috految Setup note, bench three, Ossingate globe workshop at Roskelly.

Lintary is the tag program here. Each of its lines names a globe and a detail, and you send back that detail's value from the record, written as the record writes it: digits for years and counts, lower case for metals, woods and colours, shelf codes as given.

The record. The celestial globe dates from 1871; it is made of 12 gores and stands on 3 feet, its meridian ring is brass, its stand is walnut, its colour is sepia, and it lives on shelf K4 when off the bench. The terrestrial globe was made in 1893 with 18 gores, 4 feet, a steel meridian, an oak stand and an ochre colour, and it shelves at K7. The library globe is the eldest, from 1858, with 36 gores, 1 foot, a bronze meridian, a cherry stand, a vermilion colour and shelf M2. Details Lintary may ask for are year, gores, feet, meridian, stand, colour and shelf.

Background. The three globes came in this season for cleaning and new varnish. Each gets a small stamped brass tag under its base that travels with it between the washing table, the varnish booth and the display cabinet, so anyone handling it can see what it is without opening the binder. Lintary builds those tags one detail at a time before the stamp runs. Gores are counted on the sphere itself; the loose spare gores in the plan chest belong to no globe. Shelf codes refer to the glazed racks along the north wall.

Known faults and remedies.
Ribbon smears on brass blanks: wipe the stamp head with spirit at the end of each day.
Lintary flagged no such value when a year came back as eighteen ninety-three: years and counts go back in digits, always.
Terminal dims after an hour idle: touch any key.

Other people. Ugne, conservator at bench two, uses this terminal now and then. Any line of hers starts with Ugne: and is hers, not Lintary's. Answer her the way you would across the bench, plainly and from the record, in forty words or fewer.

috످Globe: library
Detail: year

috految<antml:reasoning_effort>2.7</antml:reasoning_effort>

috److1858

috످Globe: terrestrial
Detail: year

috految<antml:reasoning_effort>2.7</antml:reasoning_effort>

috److1893

috످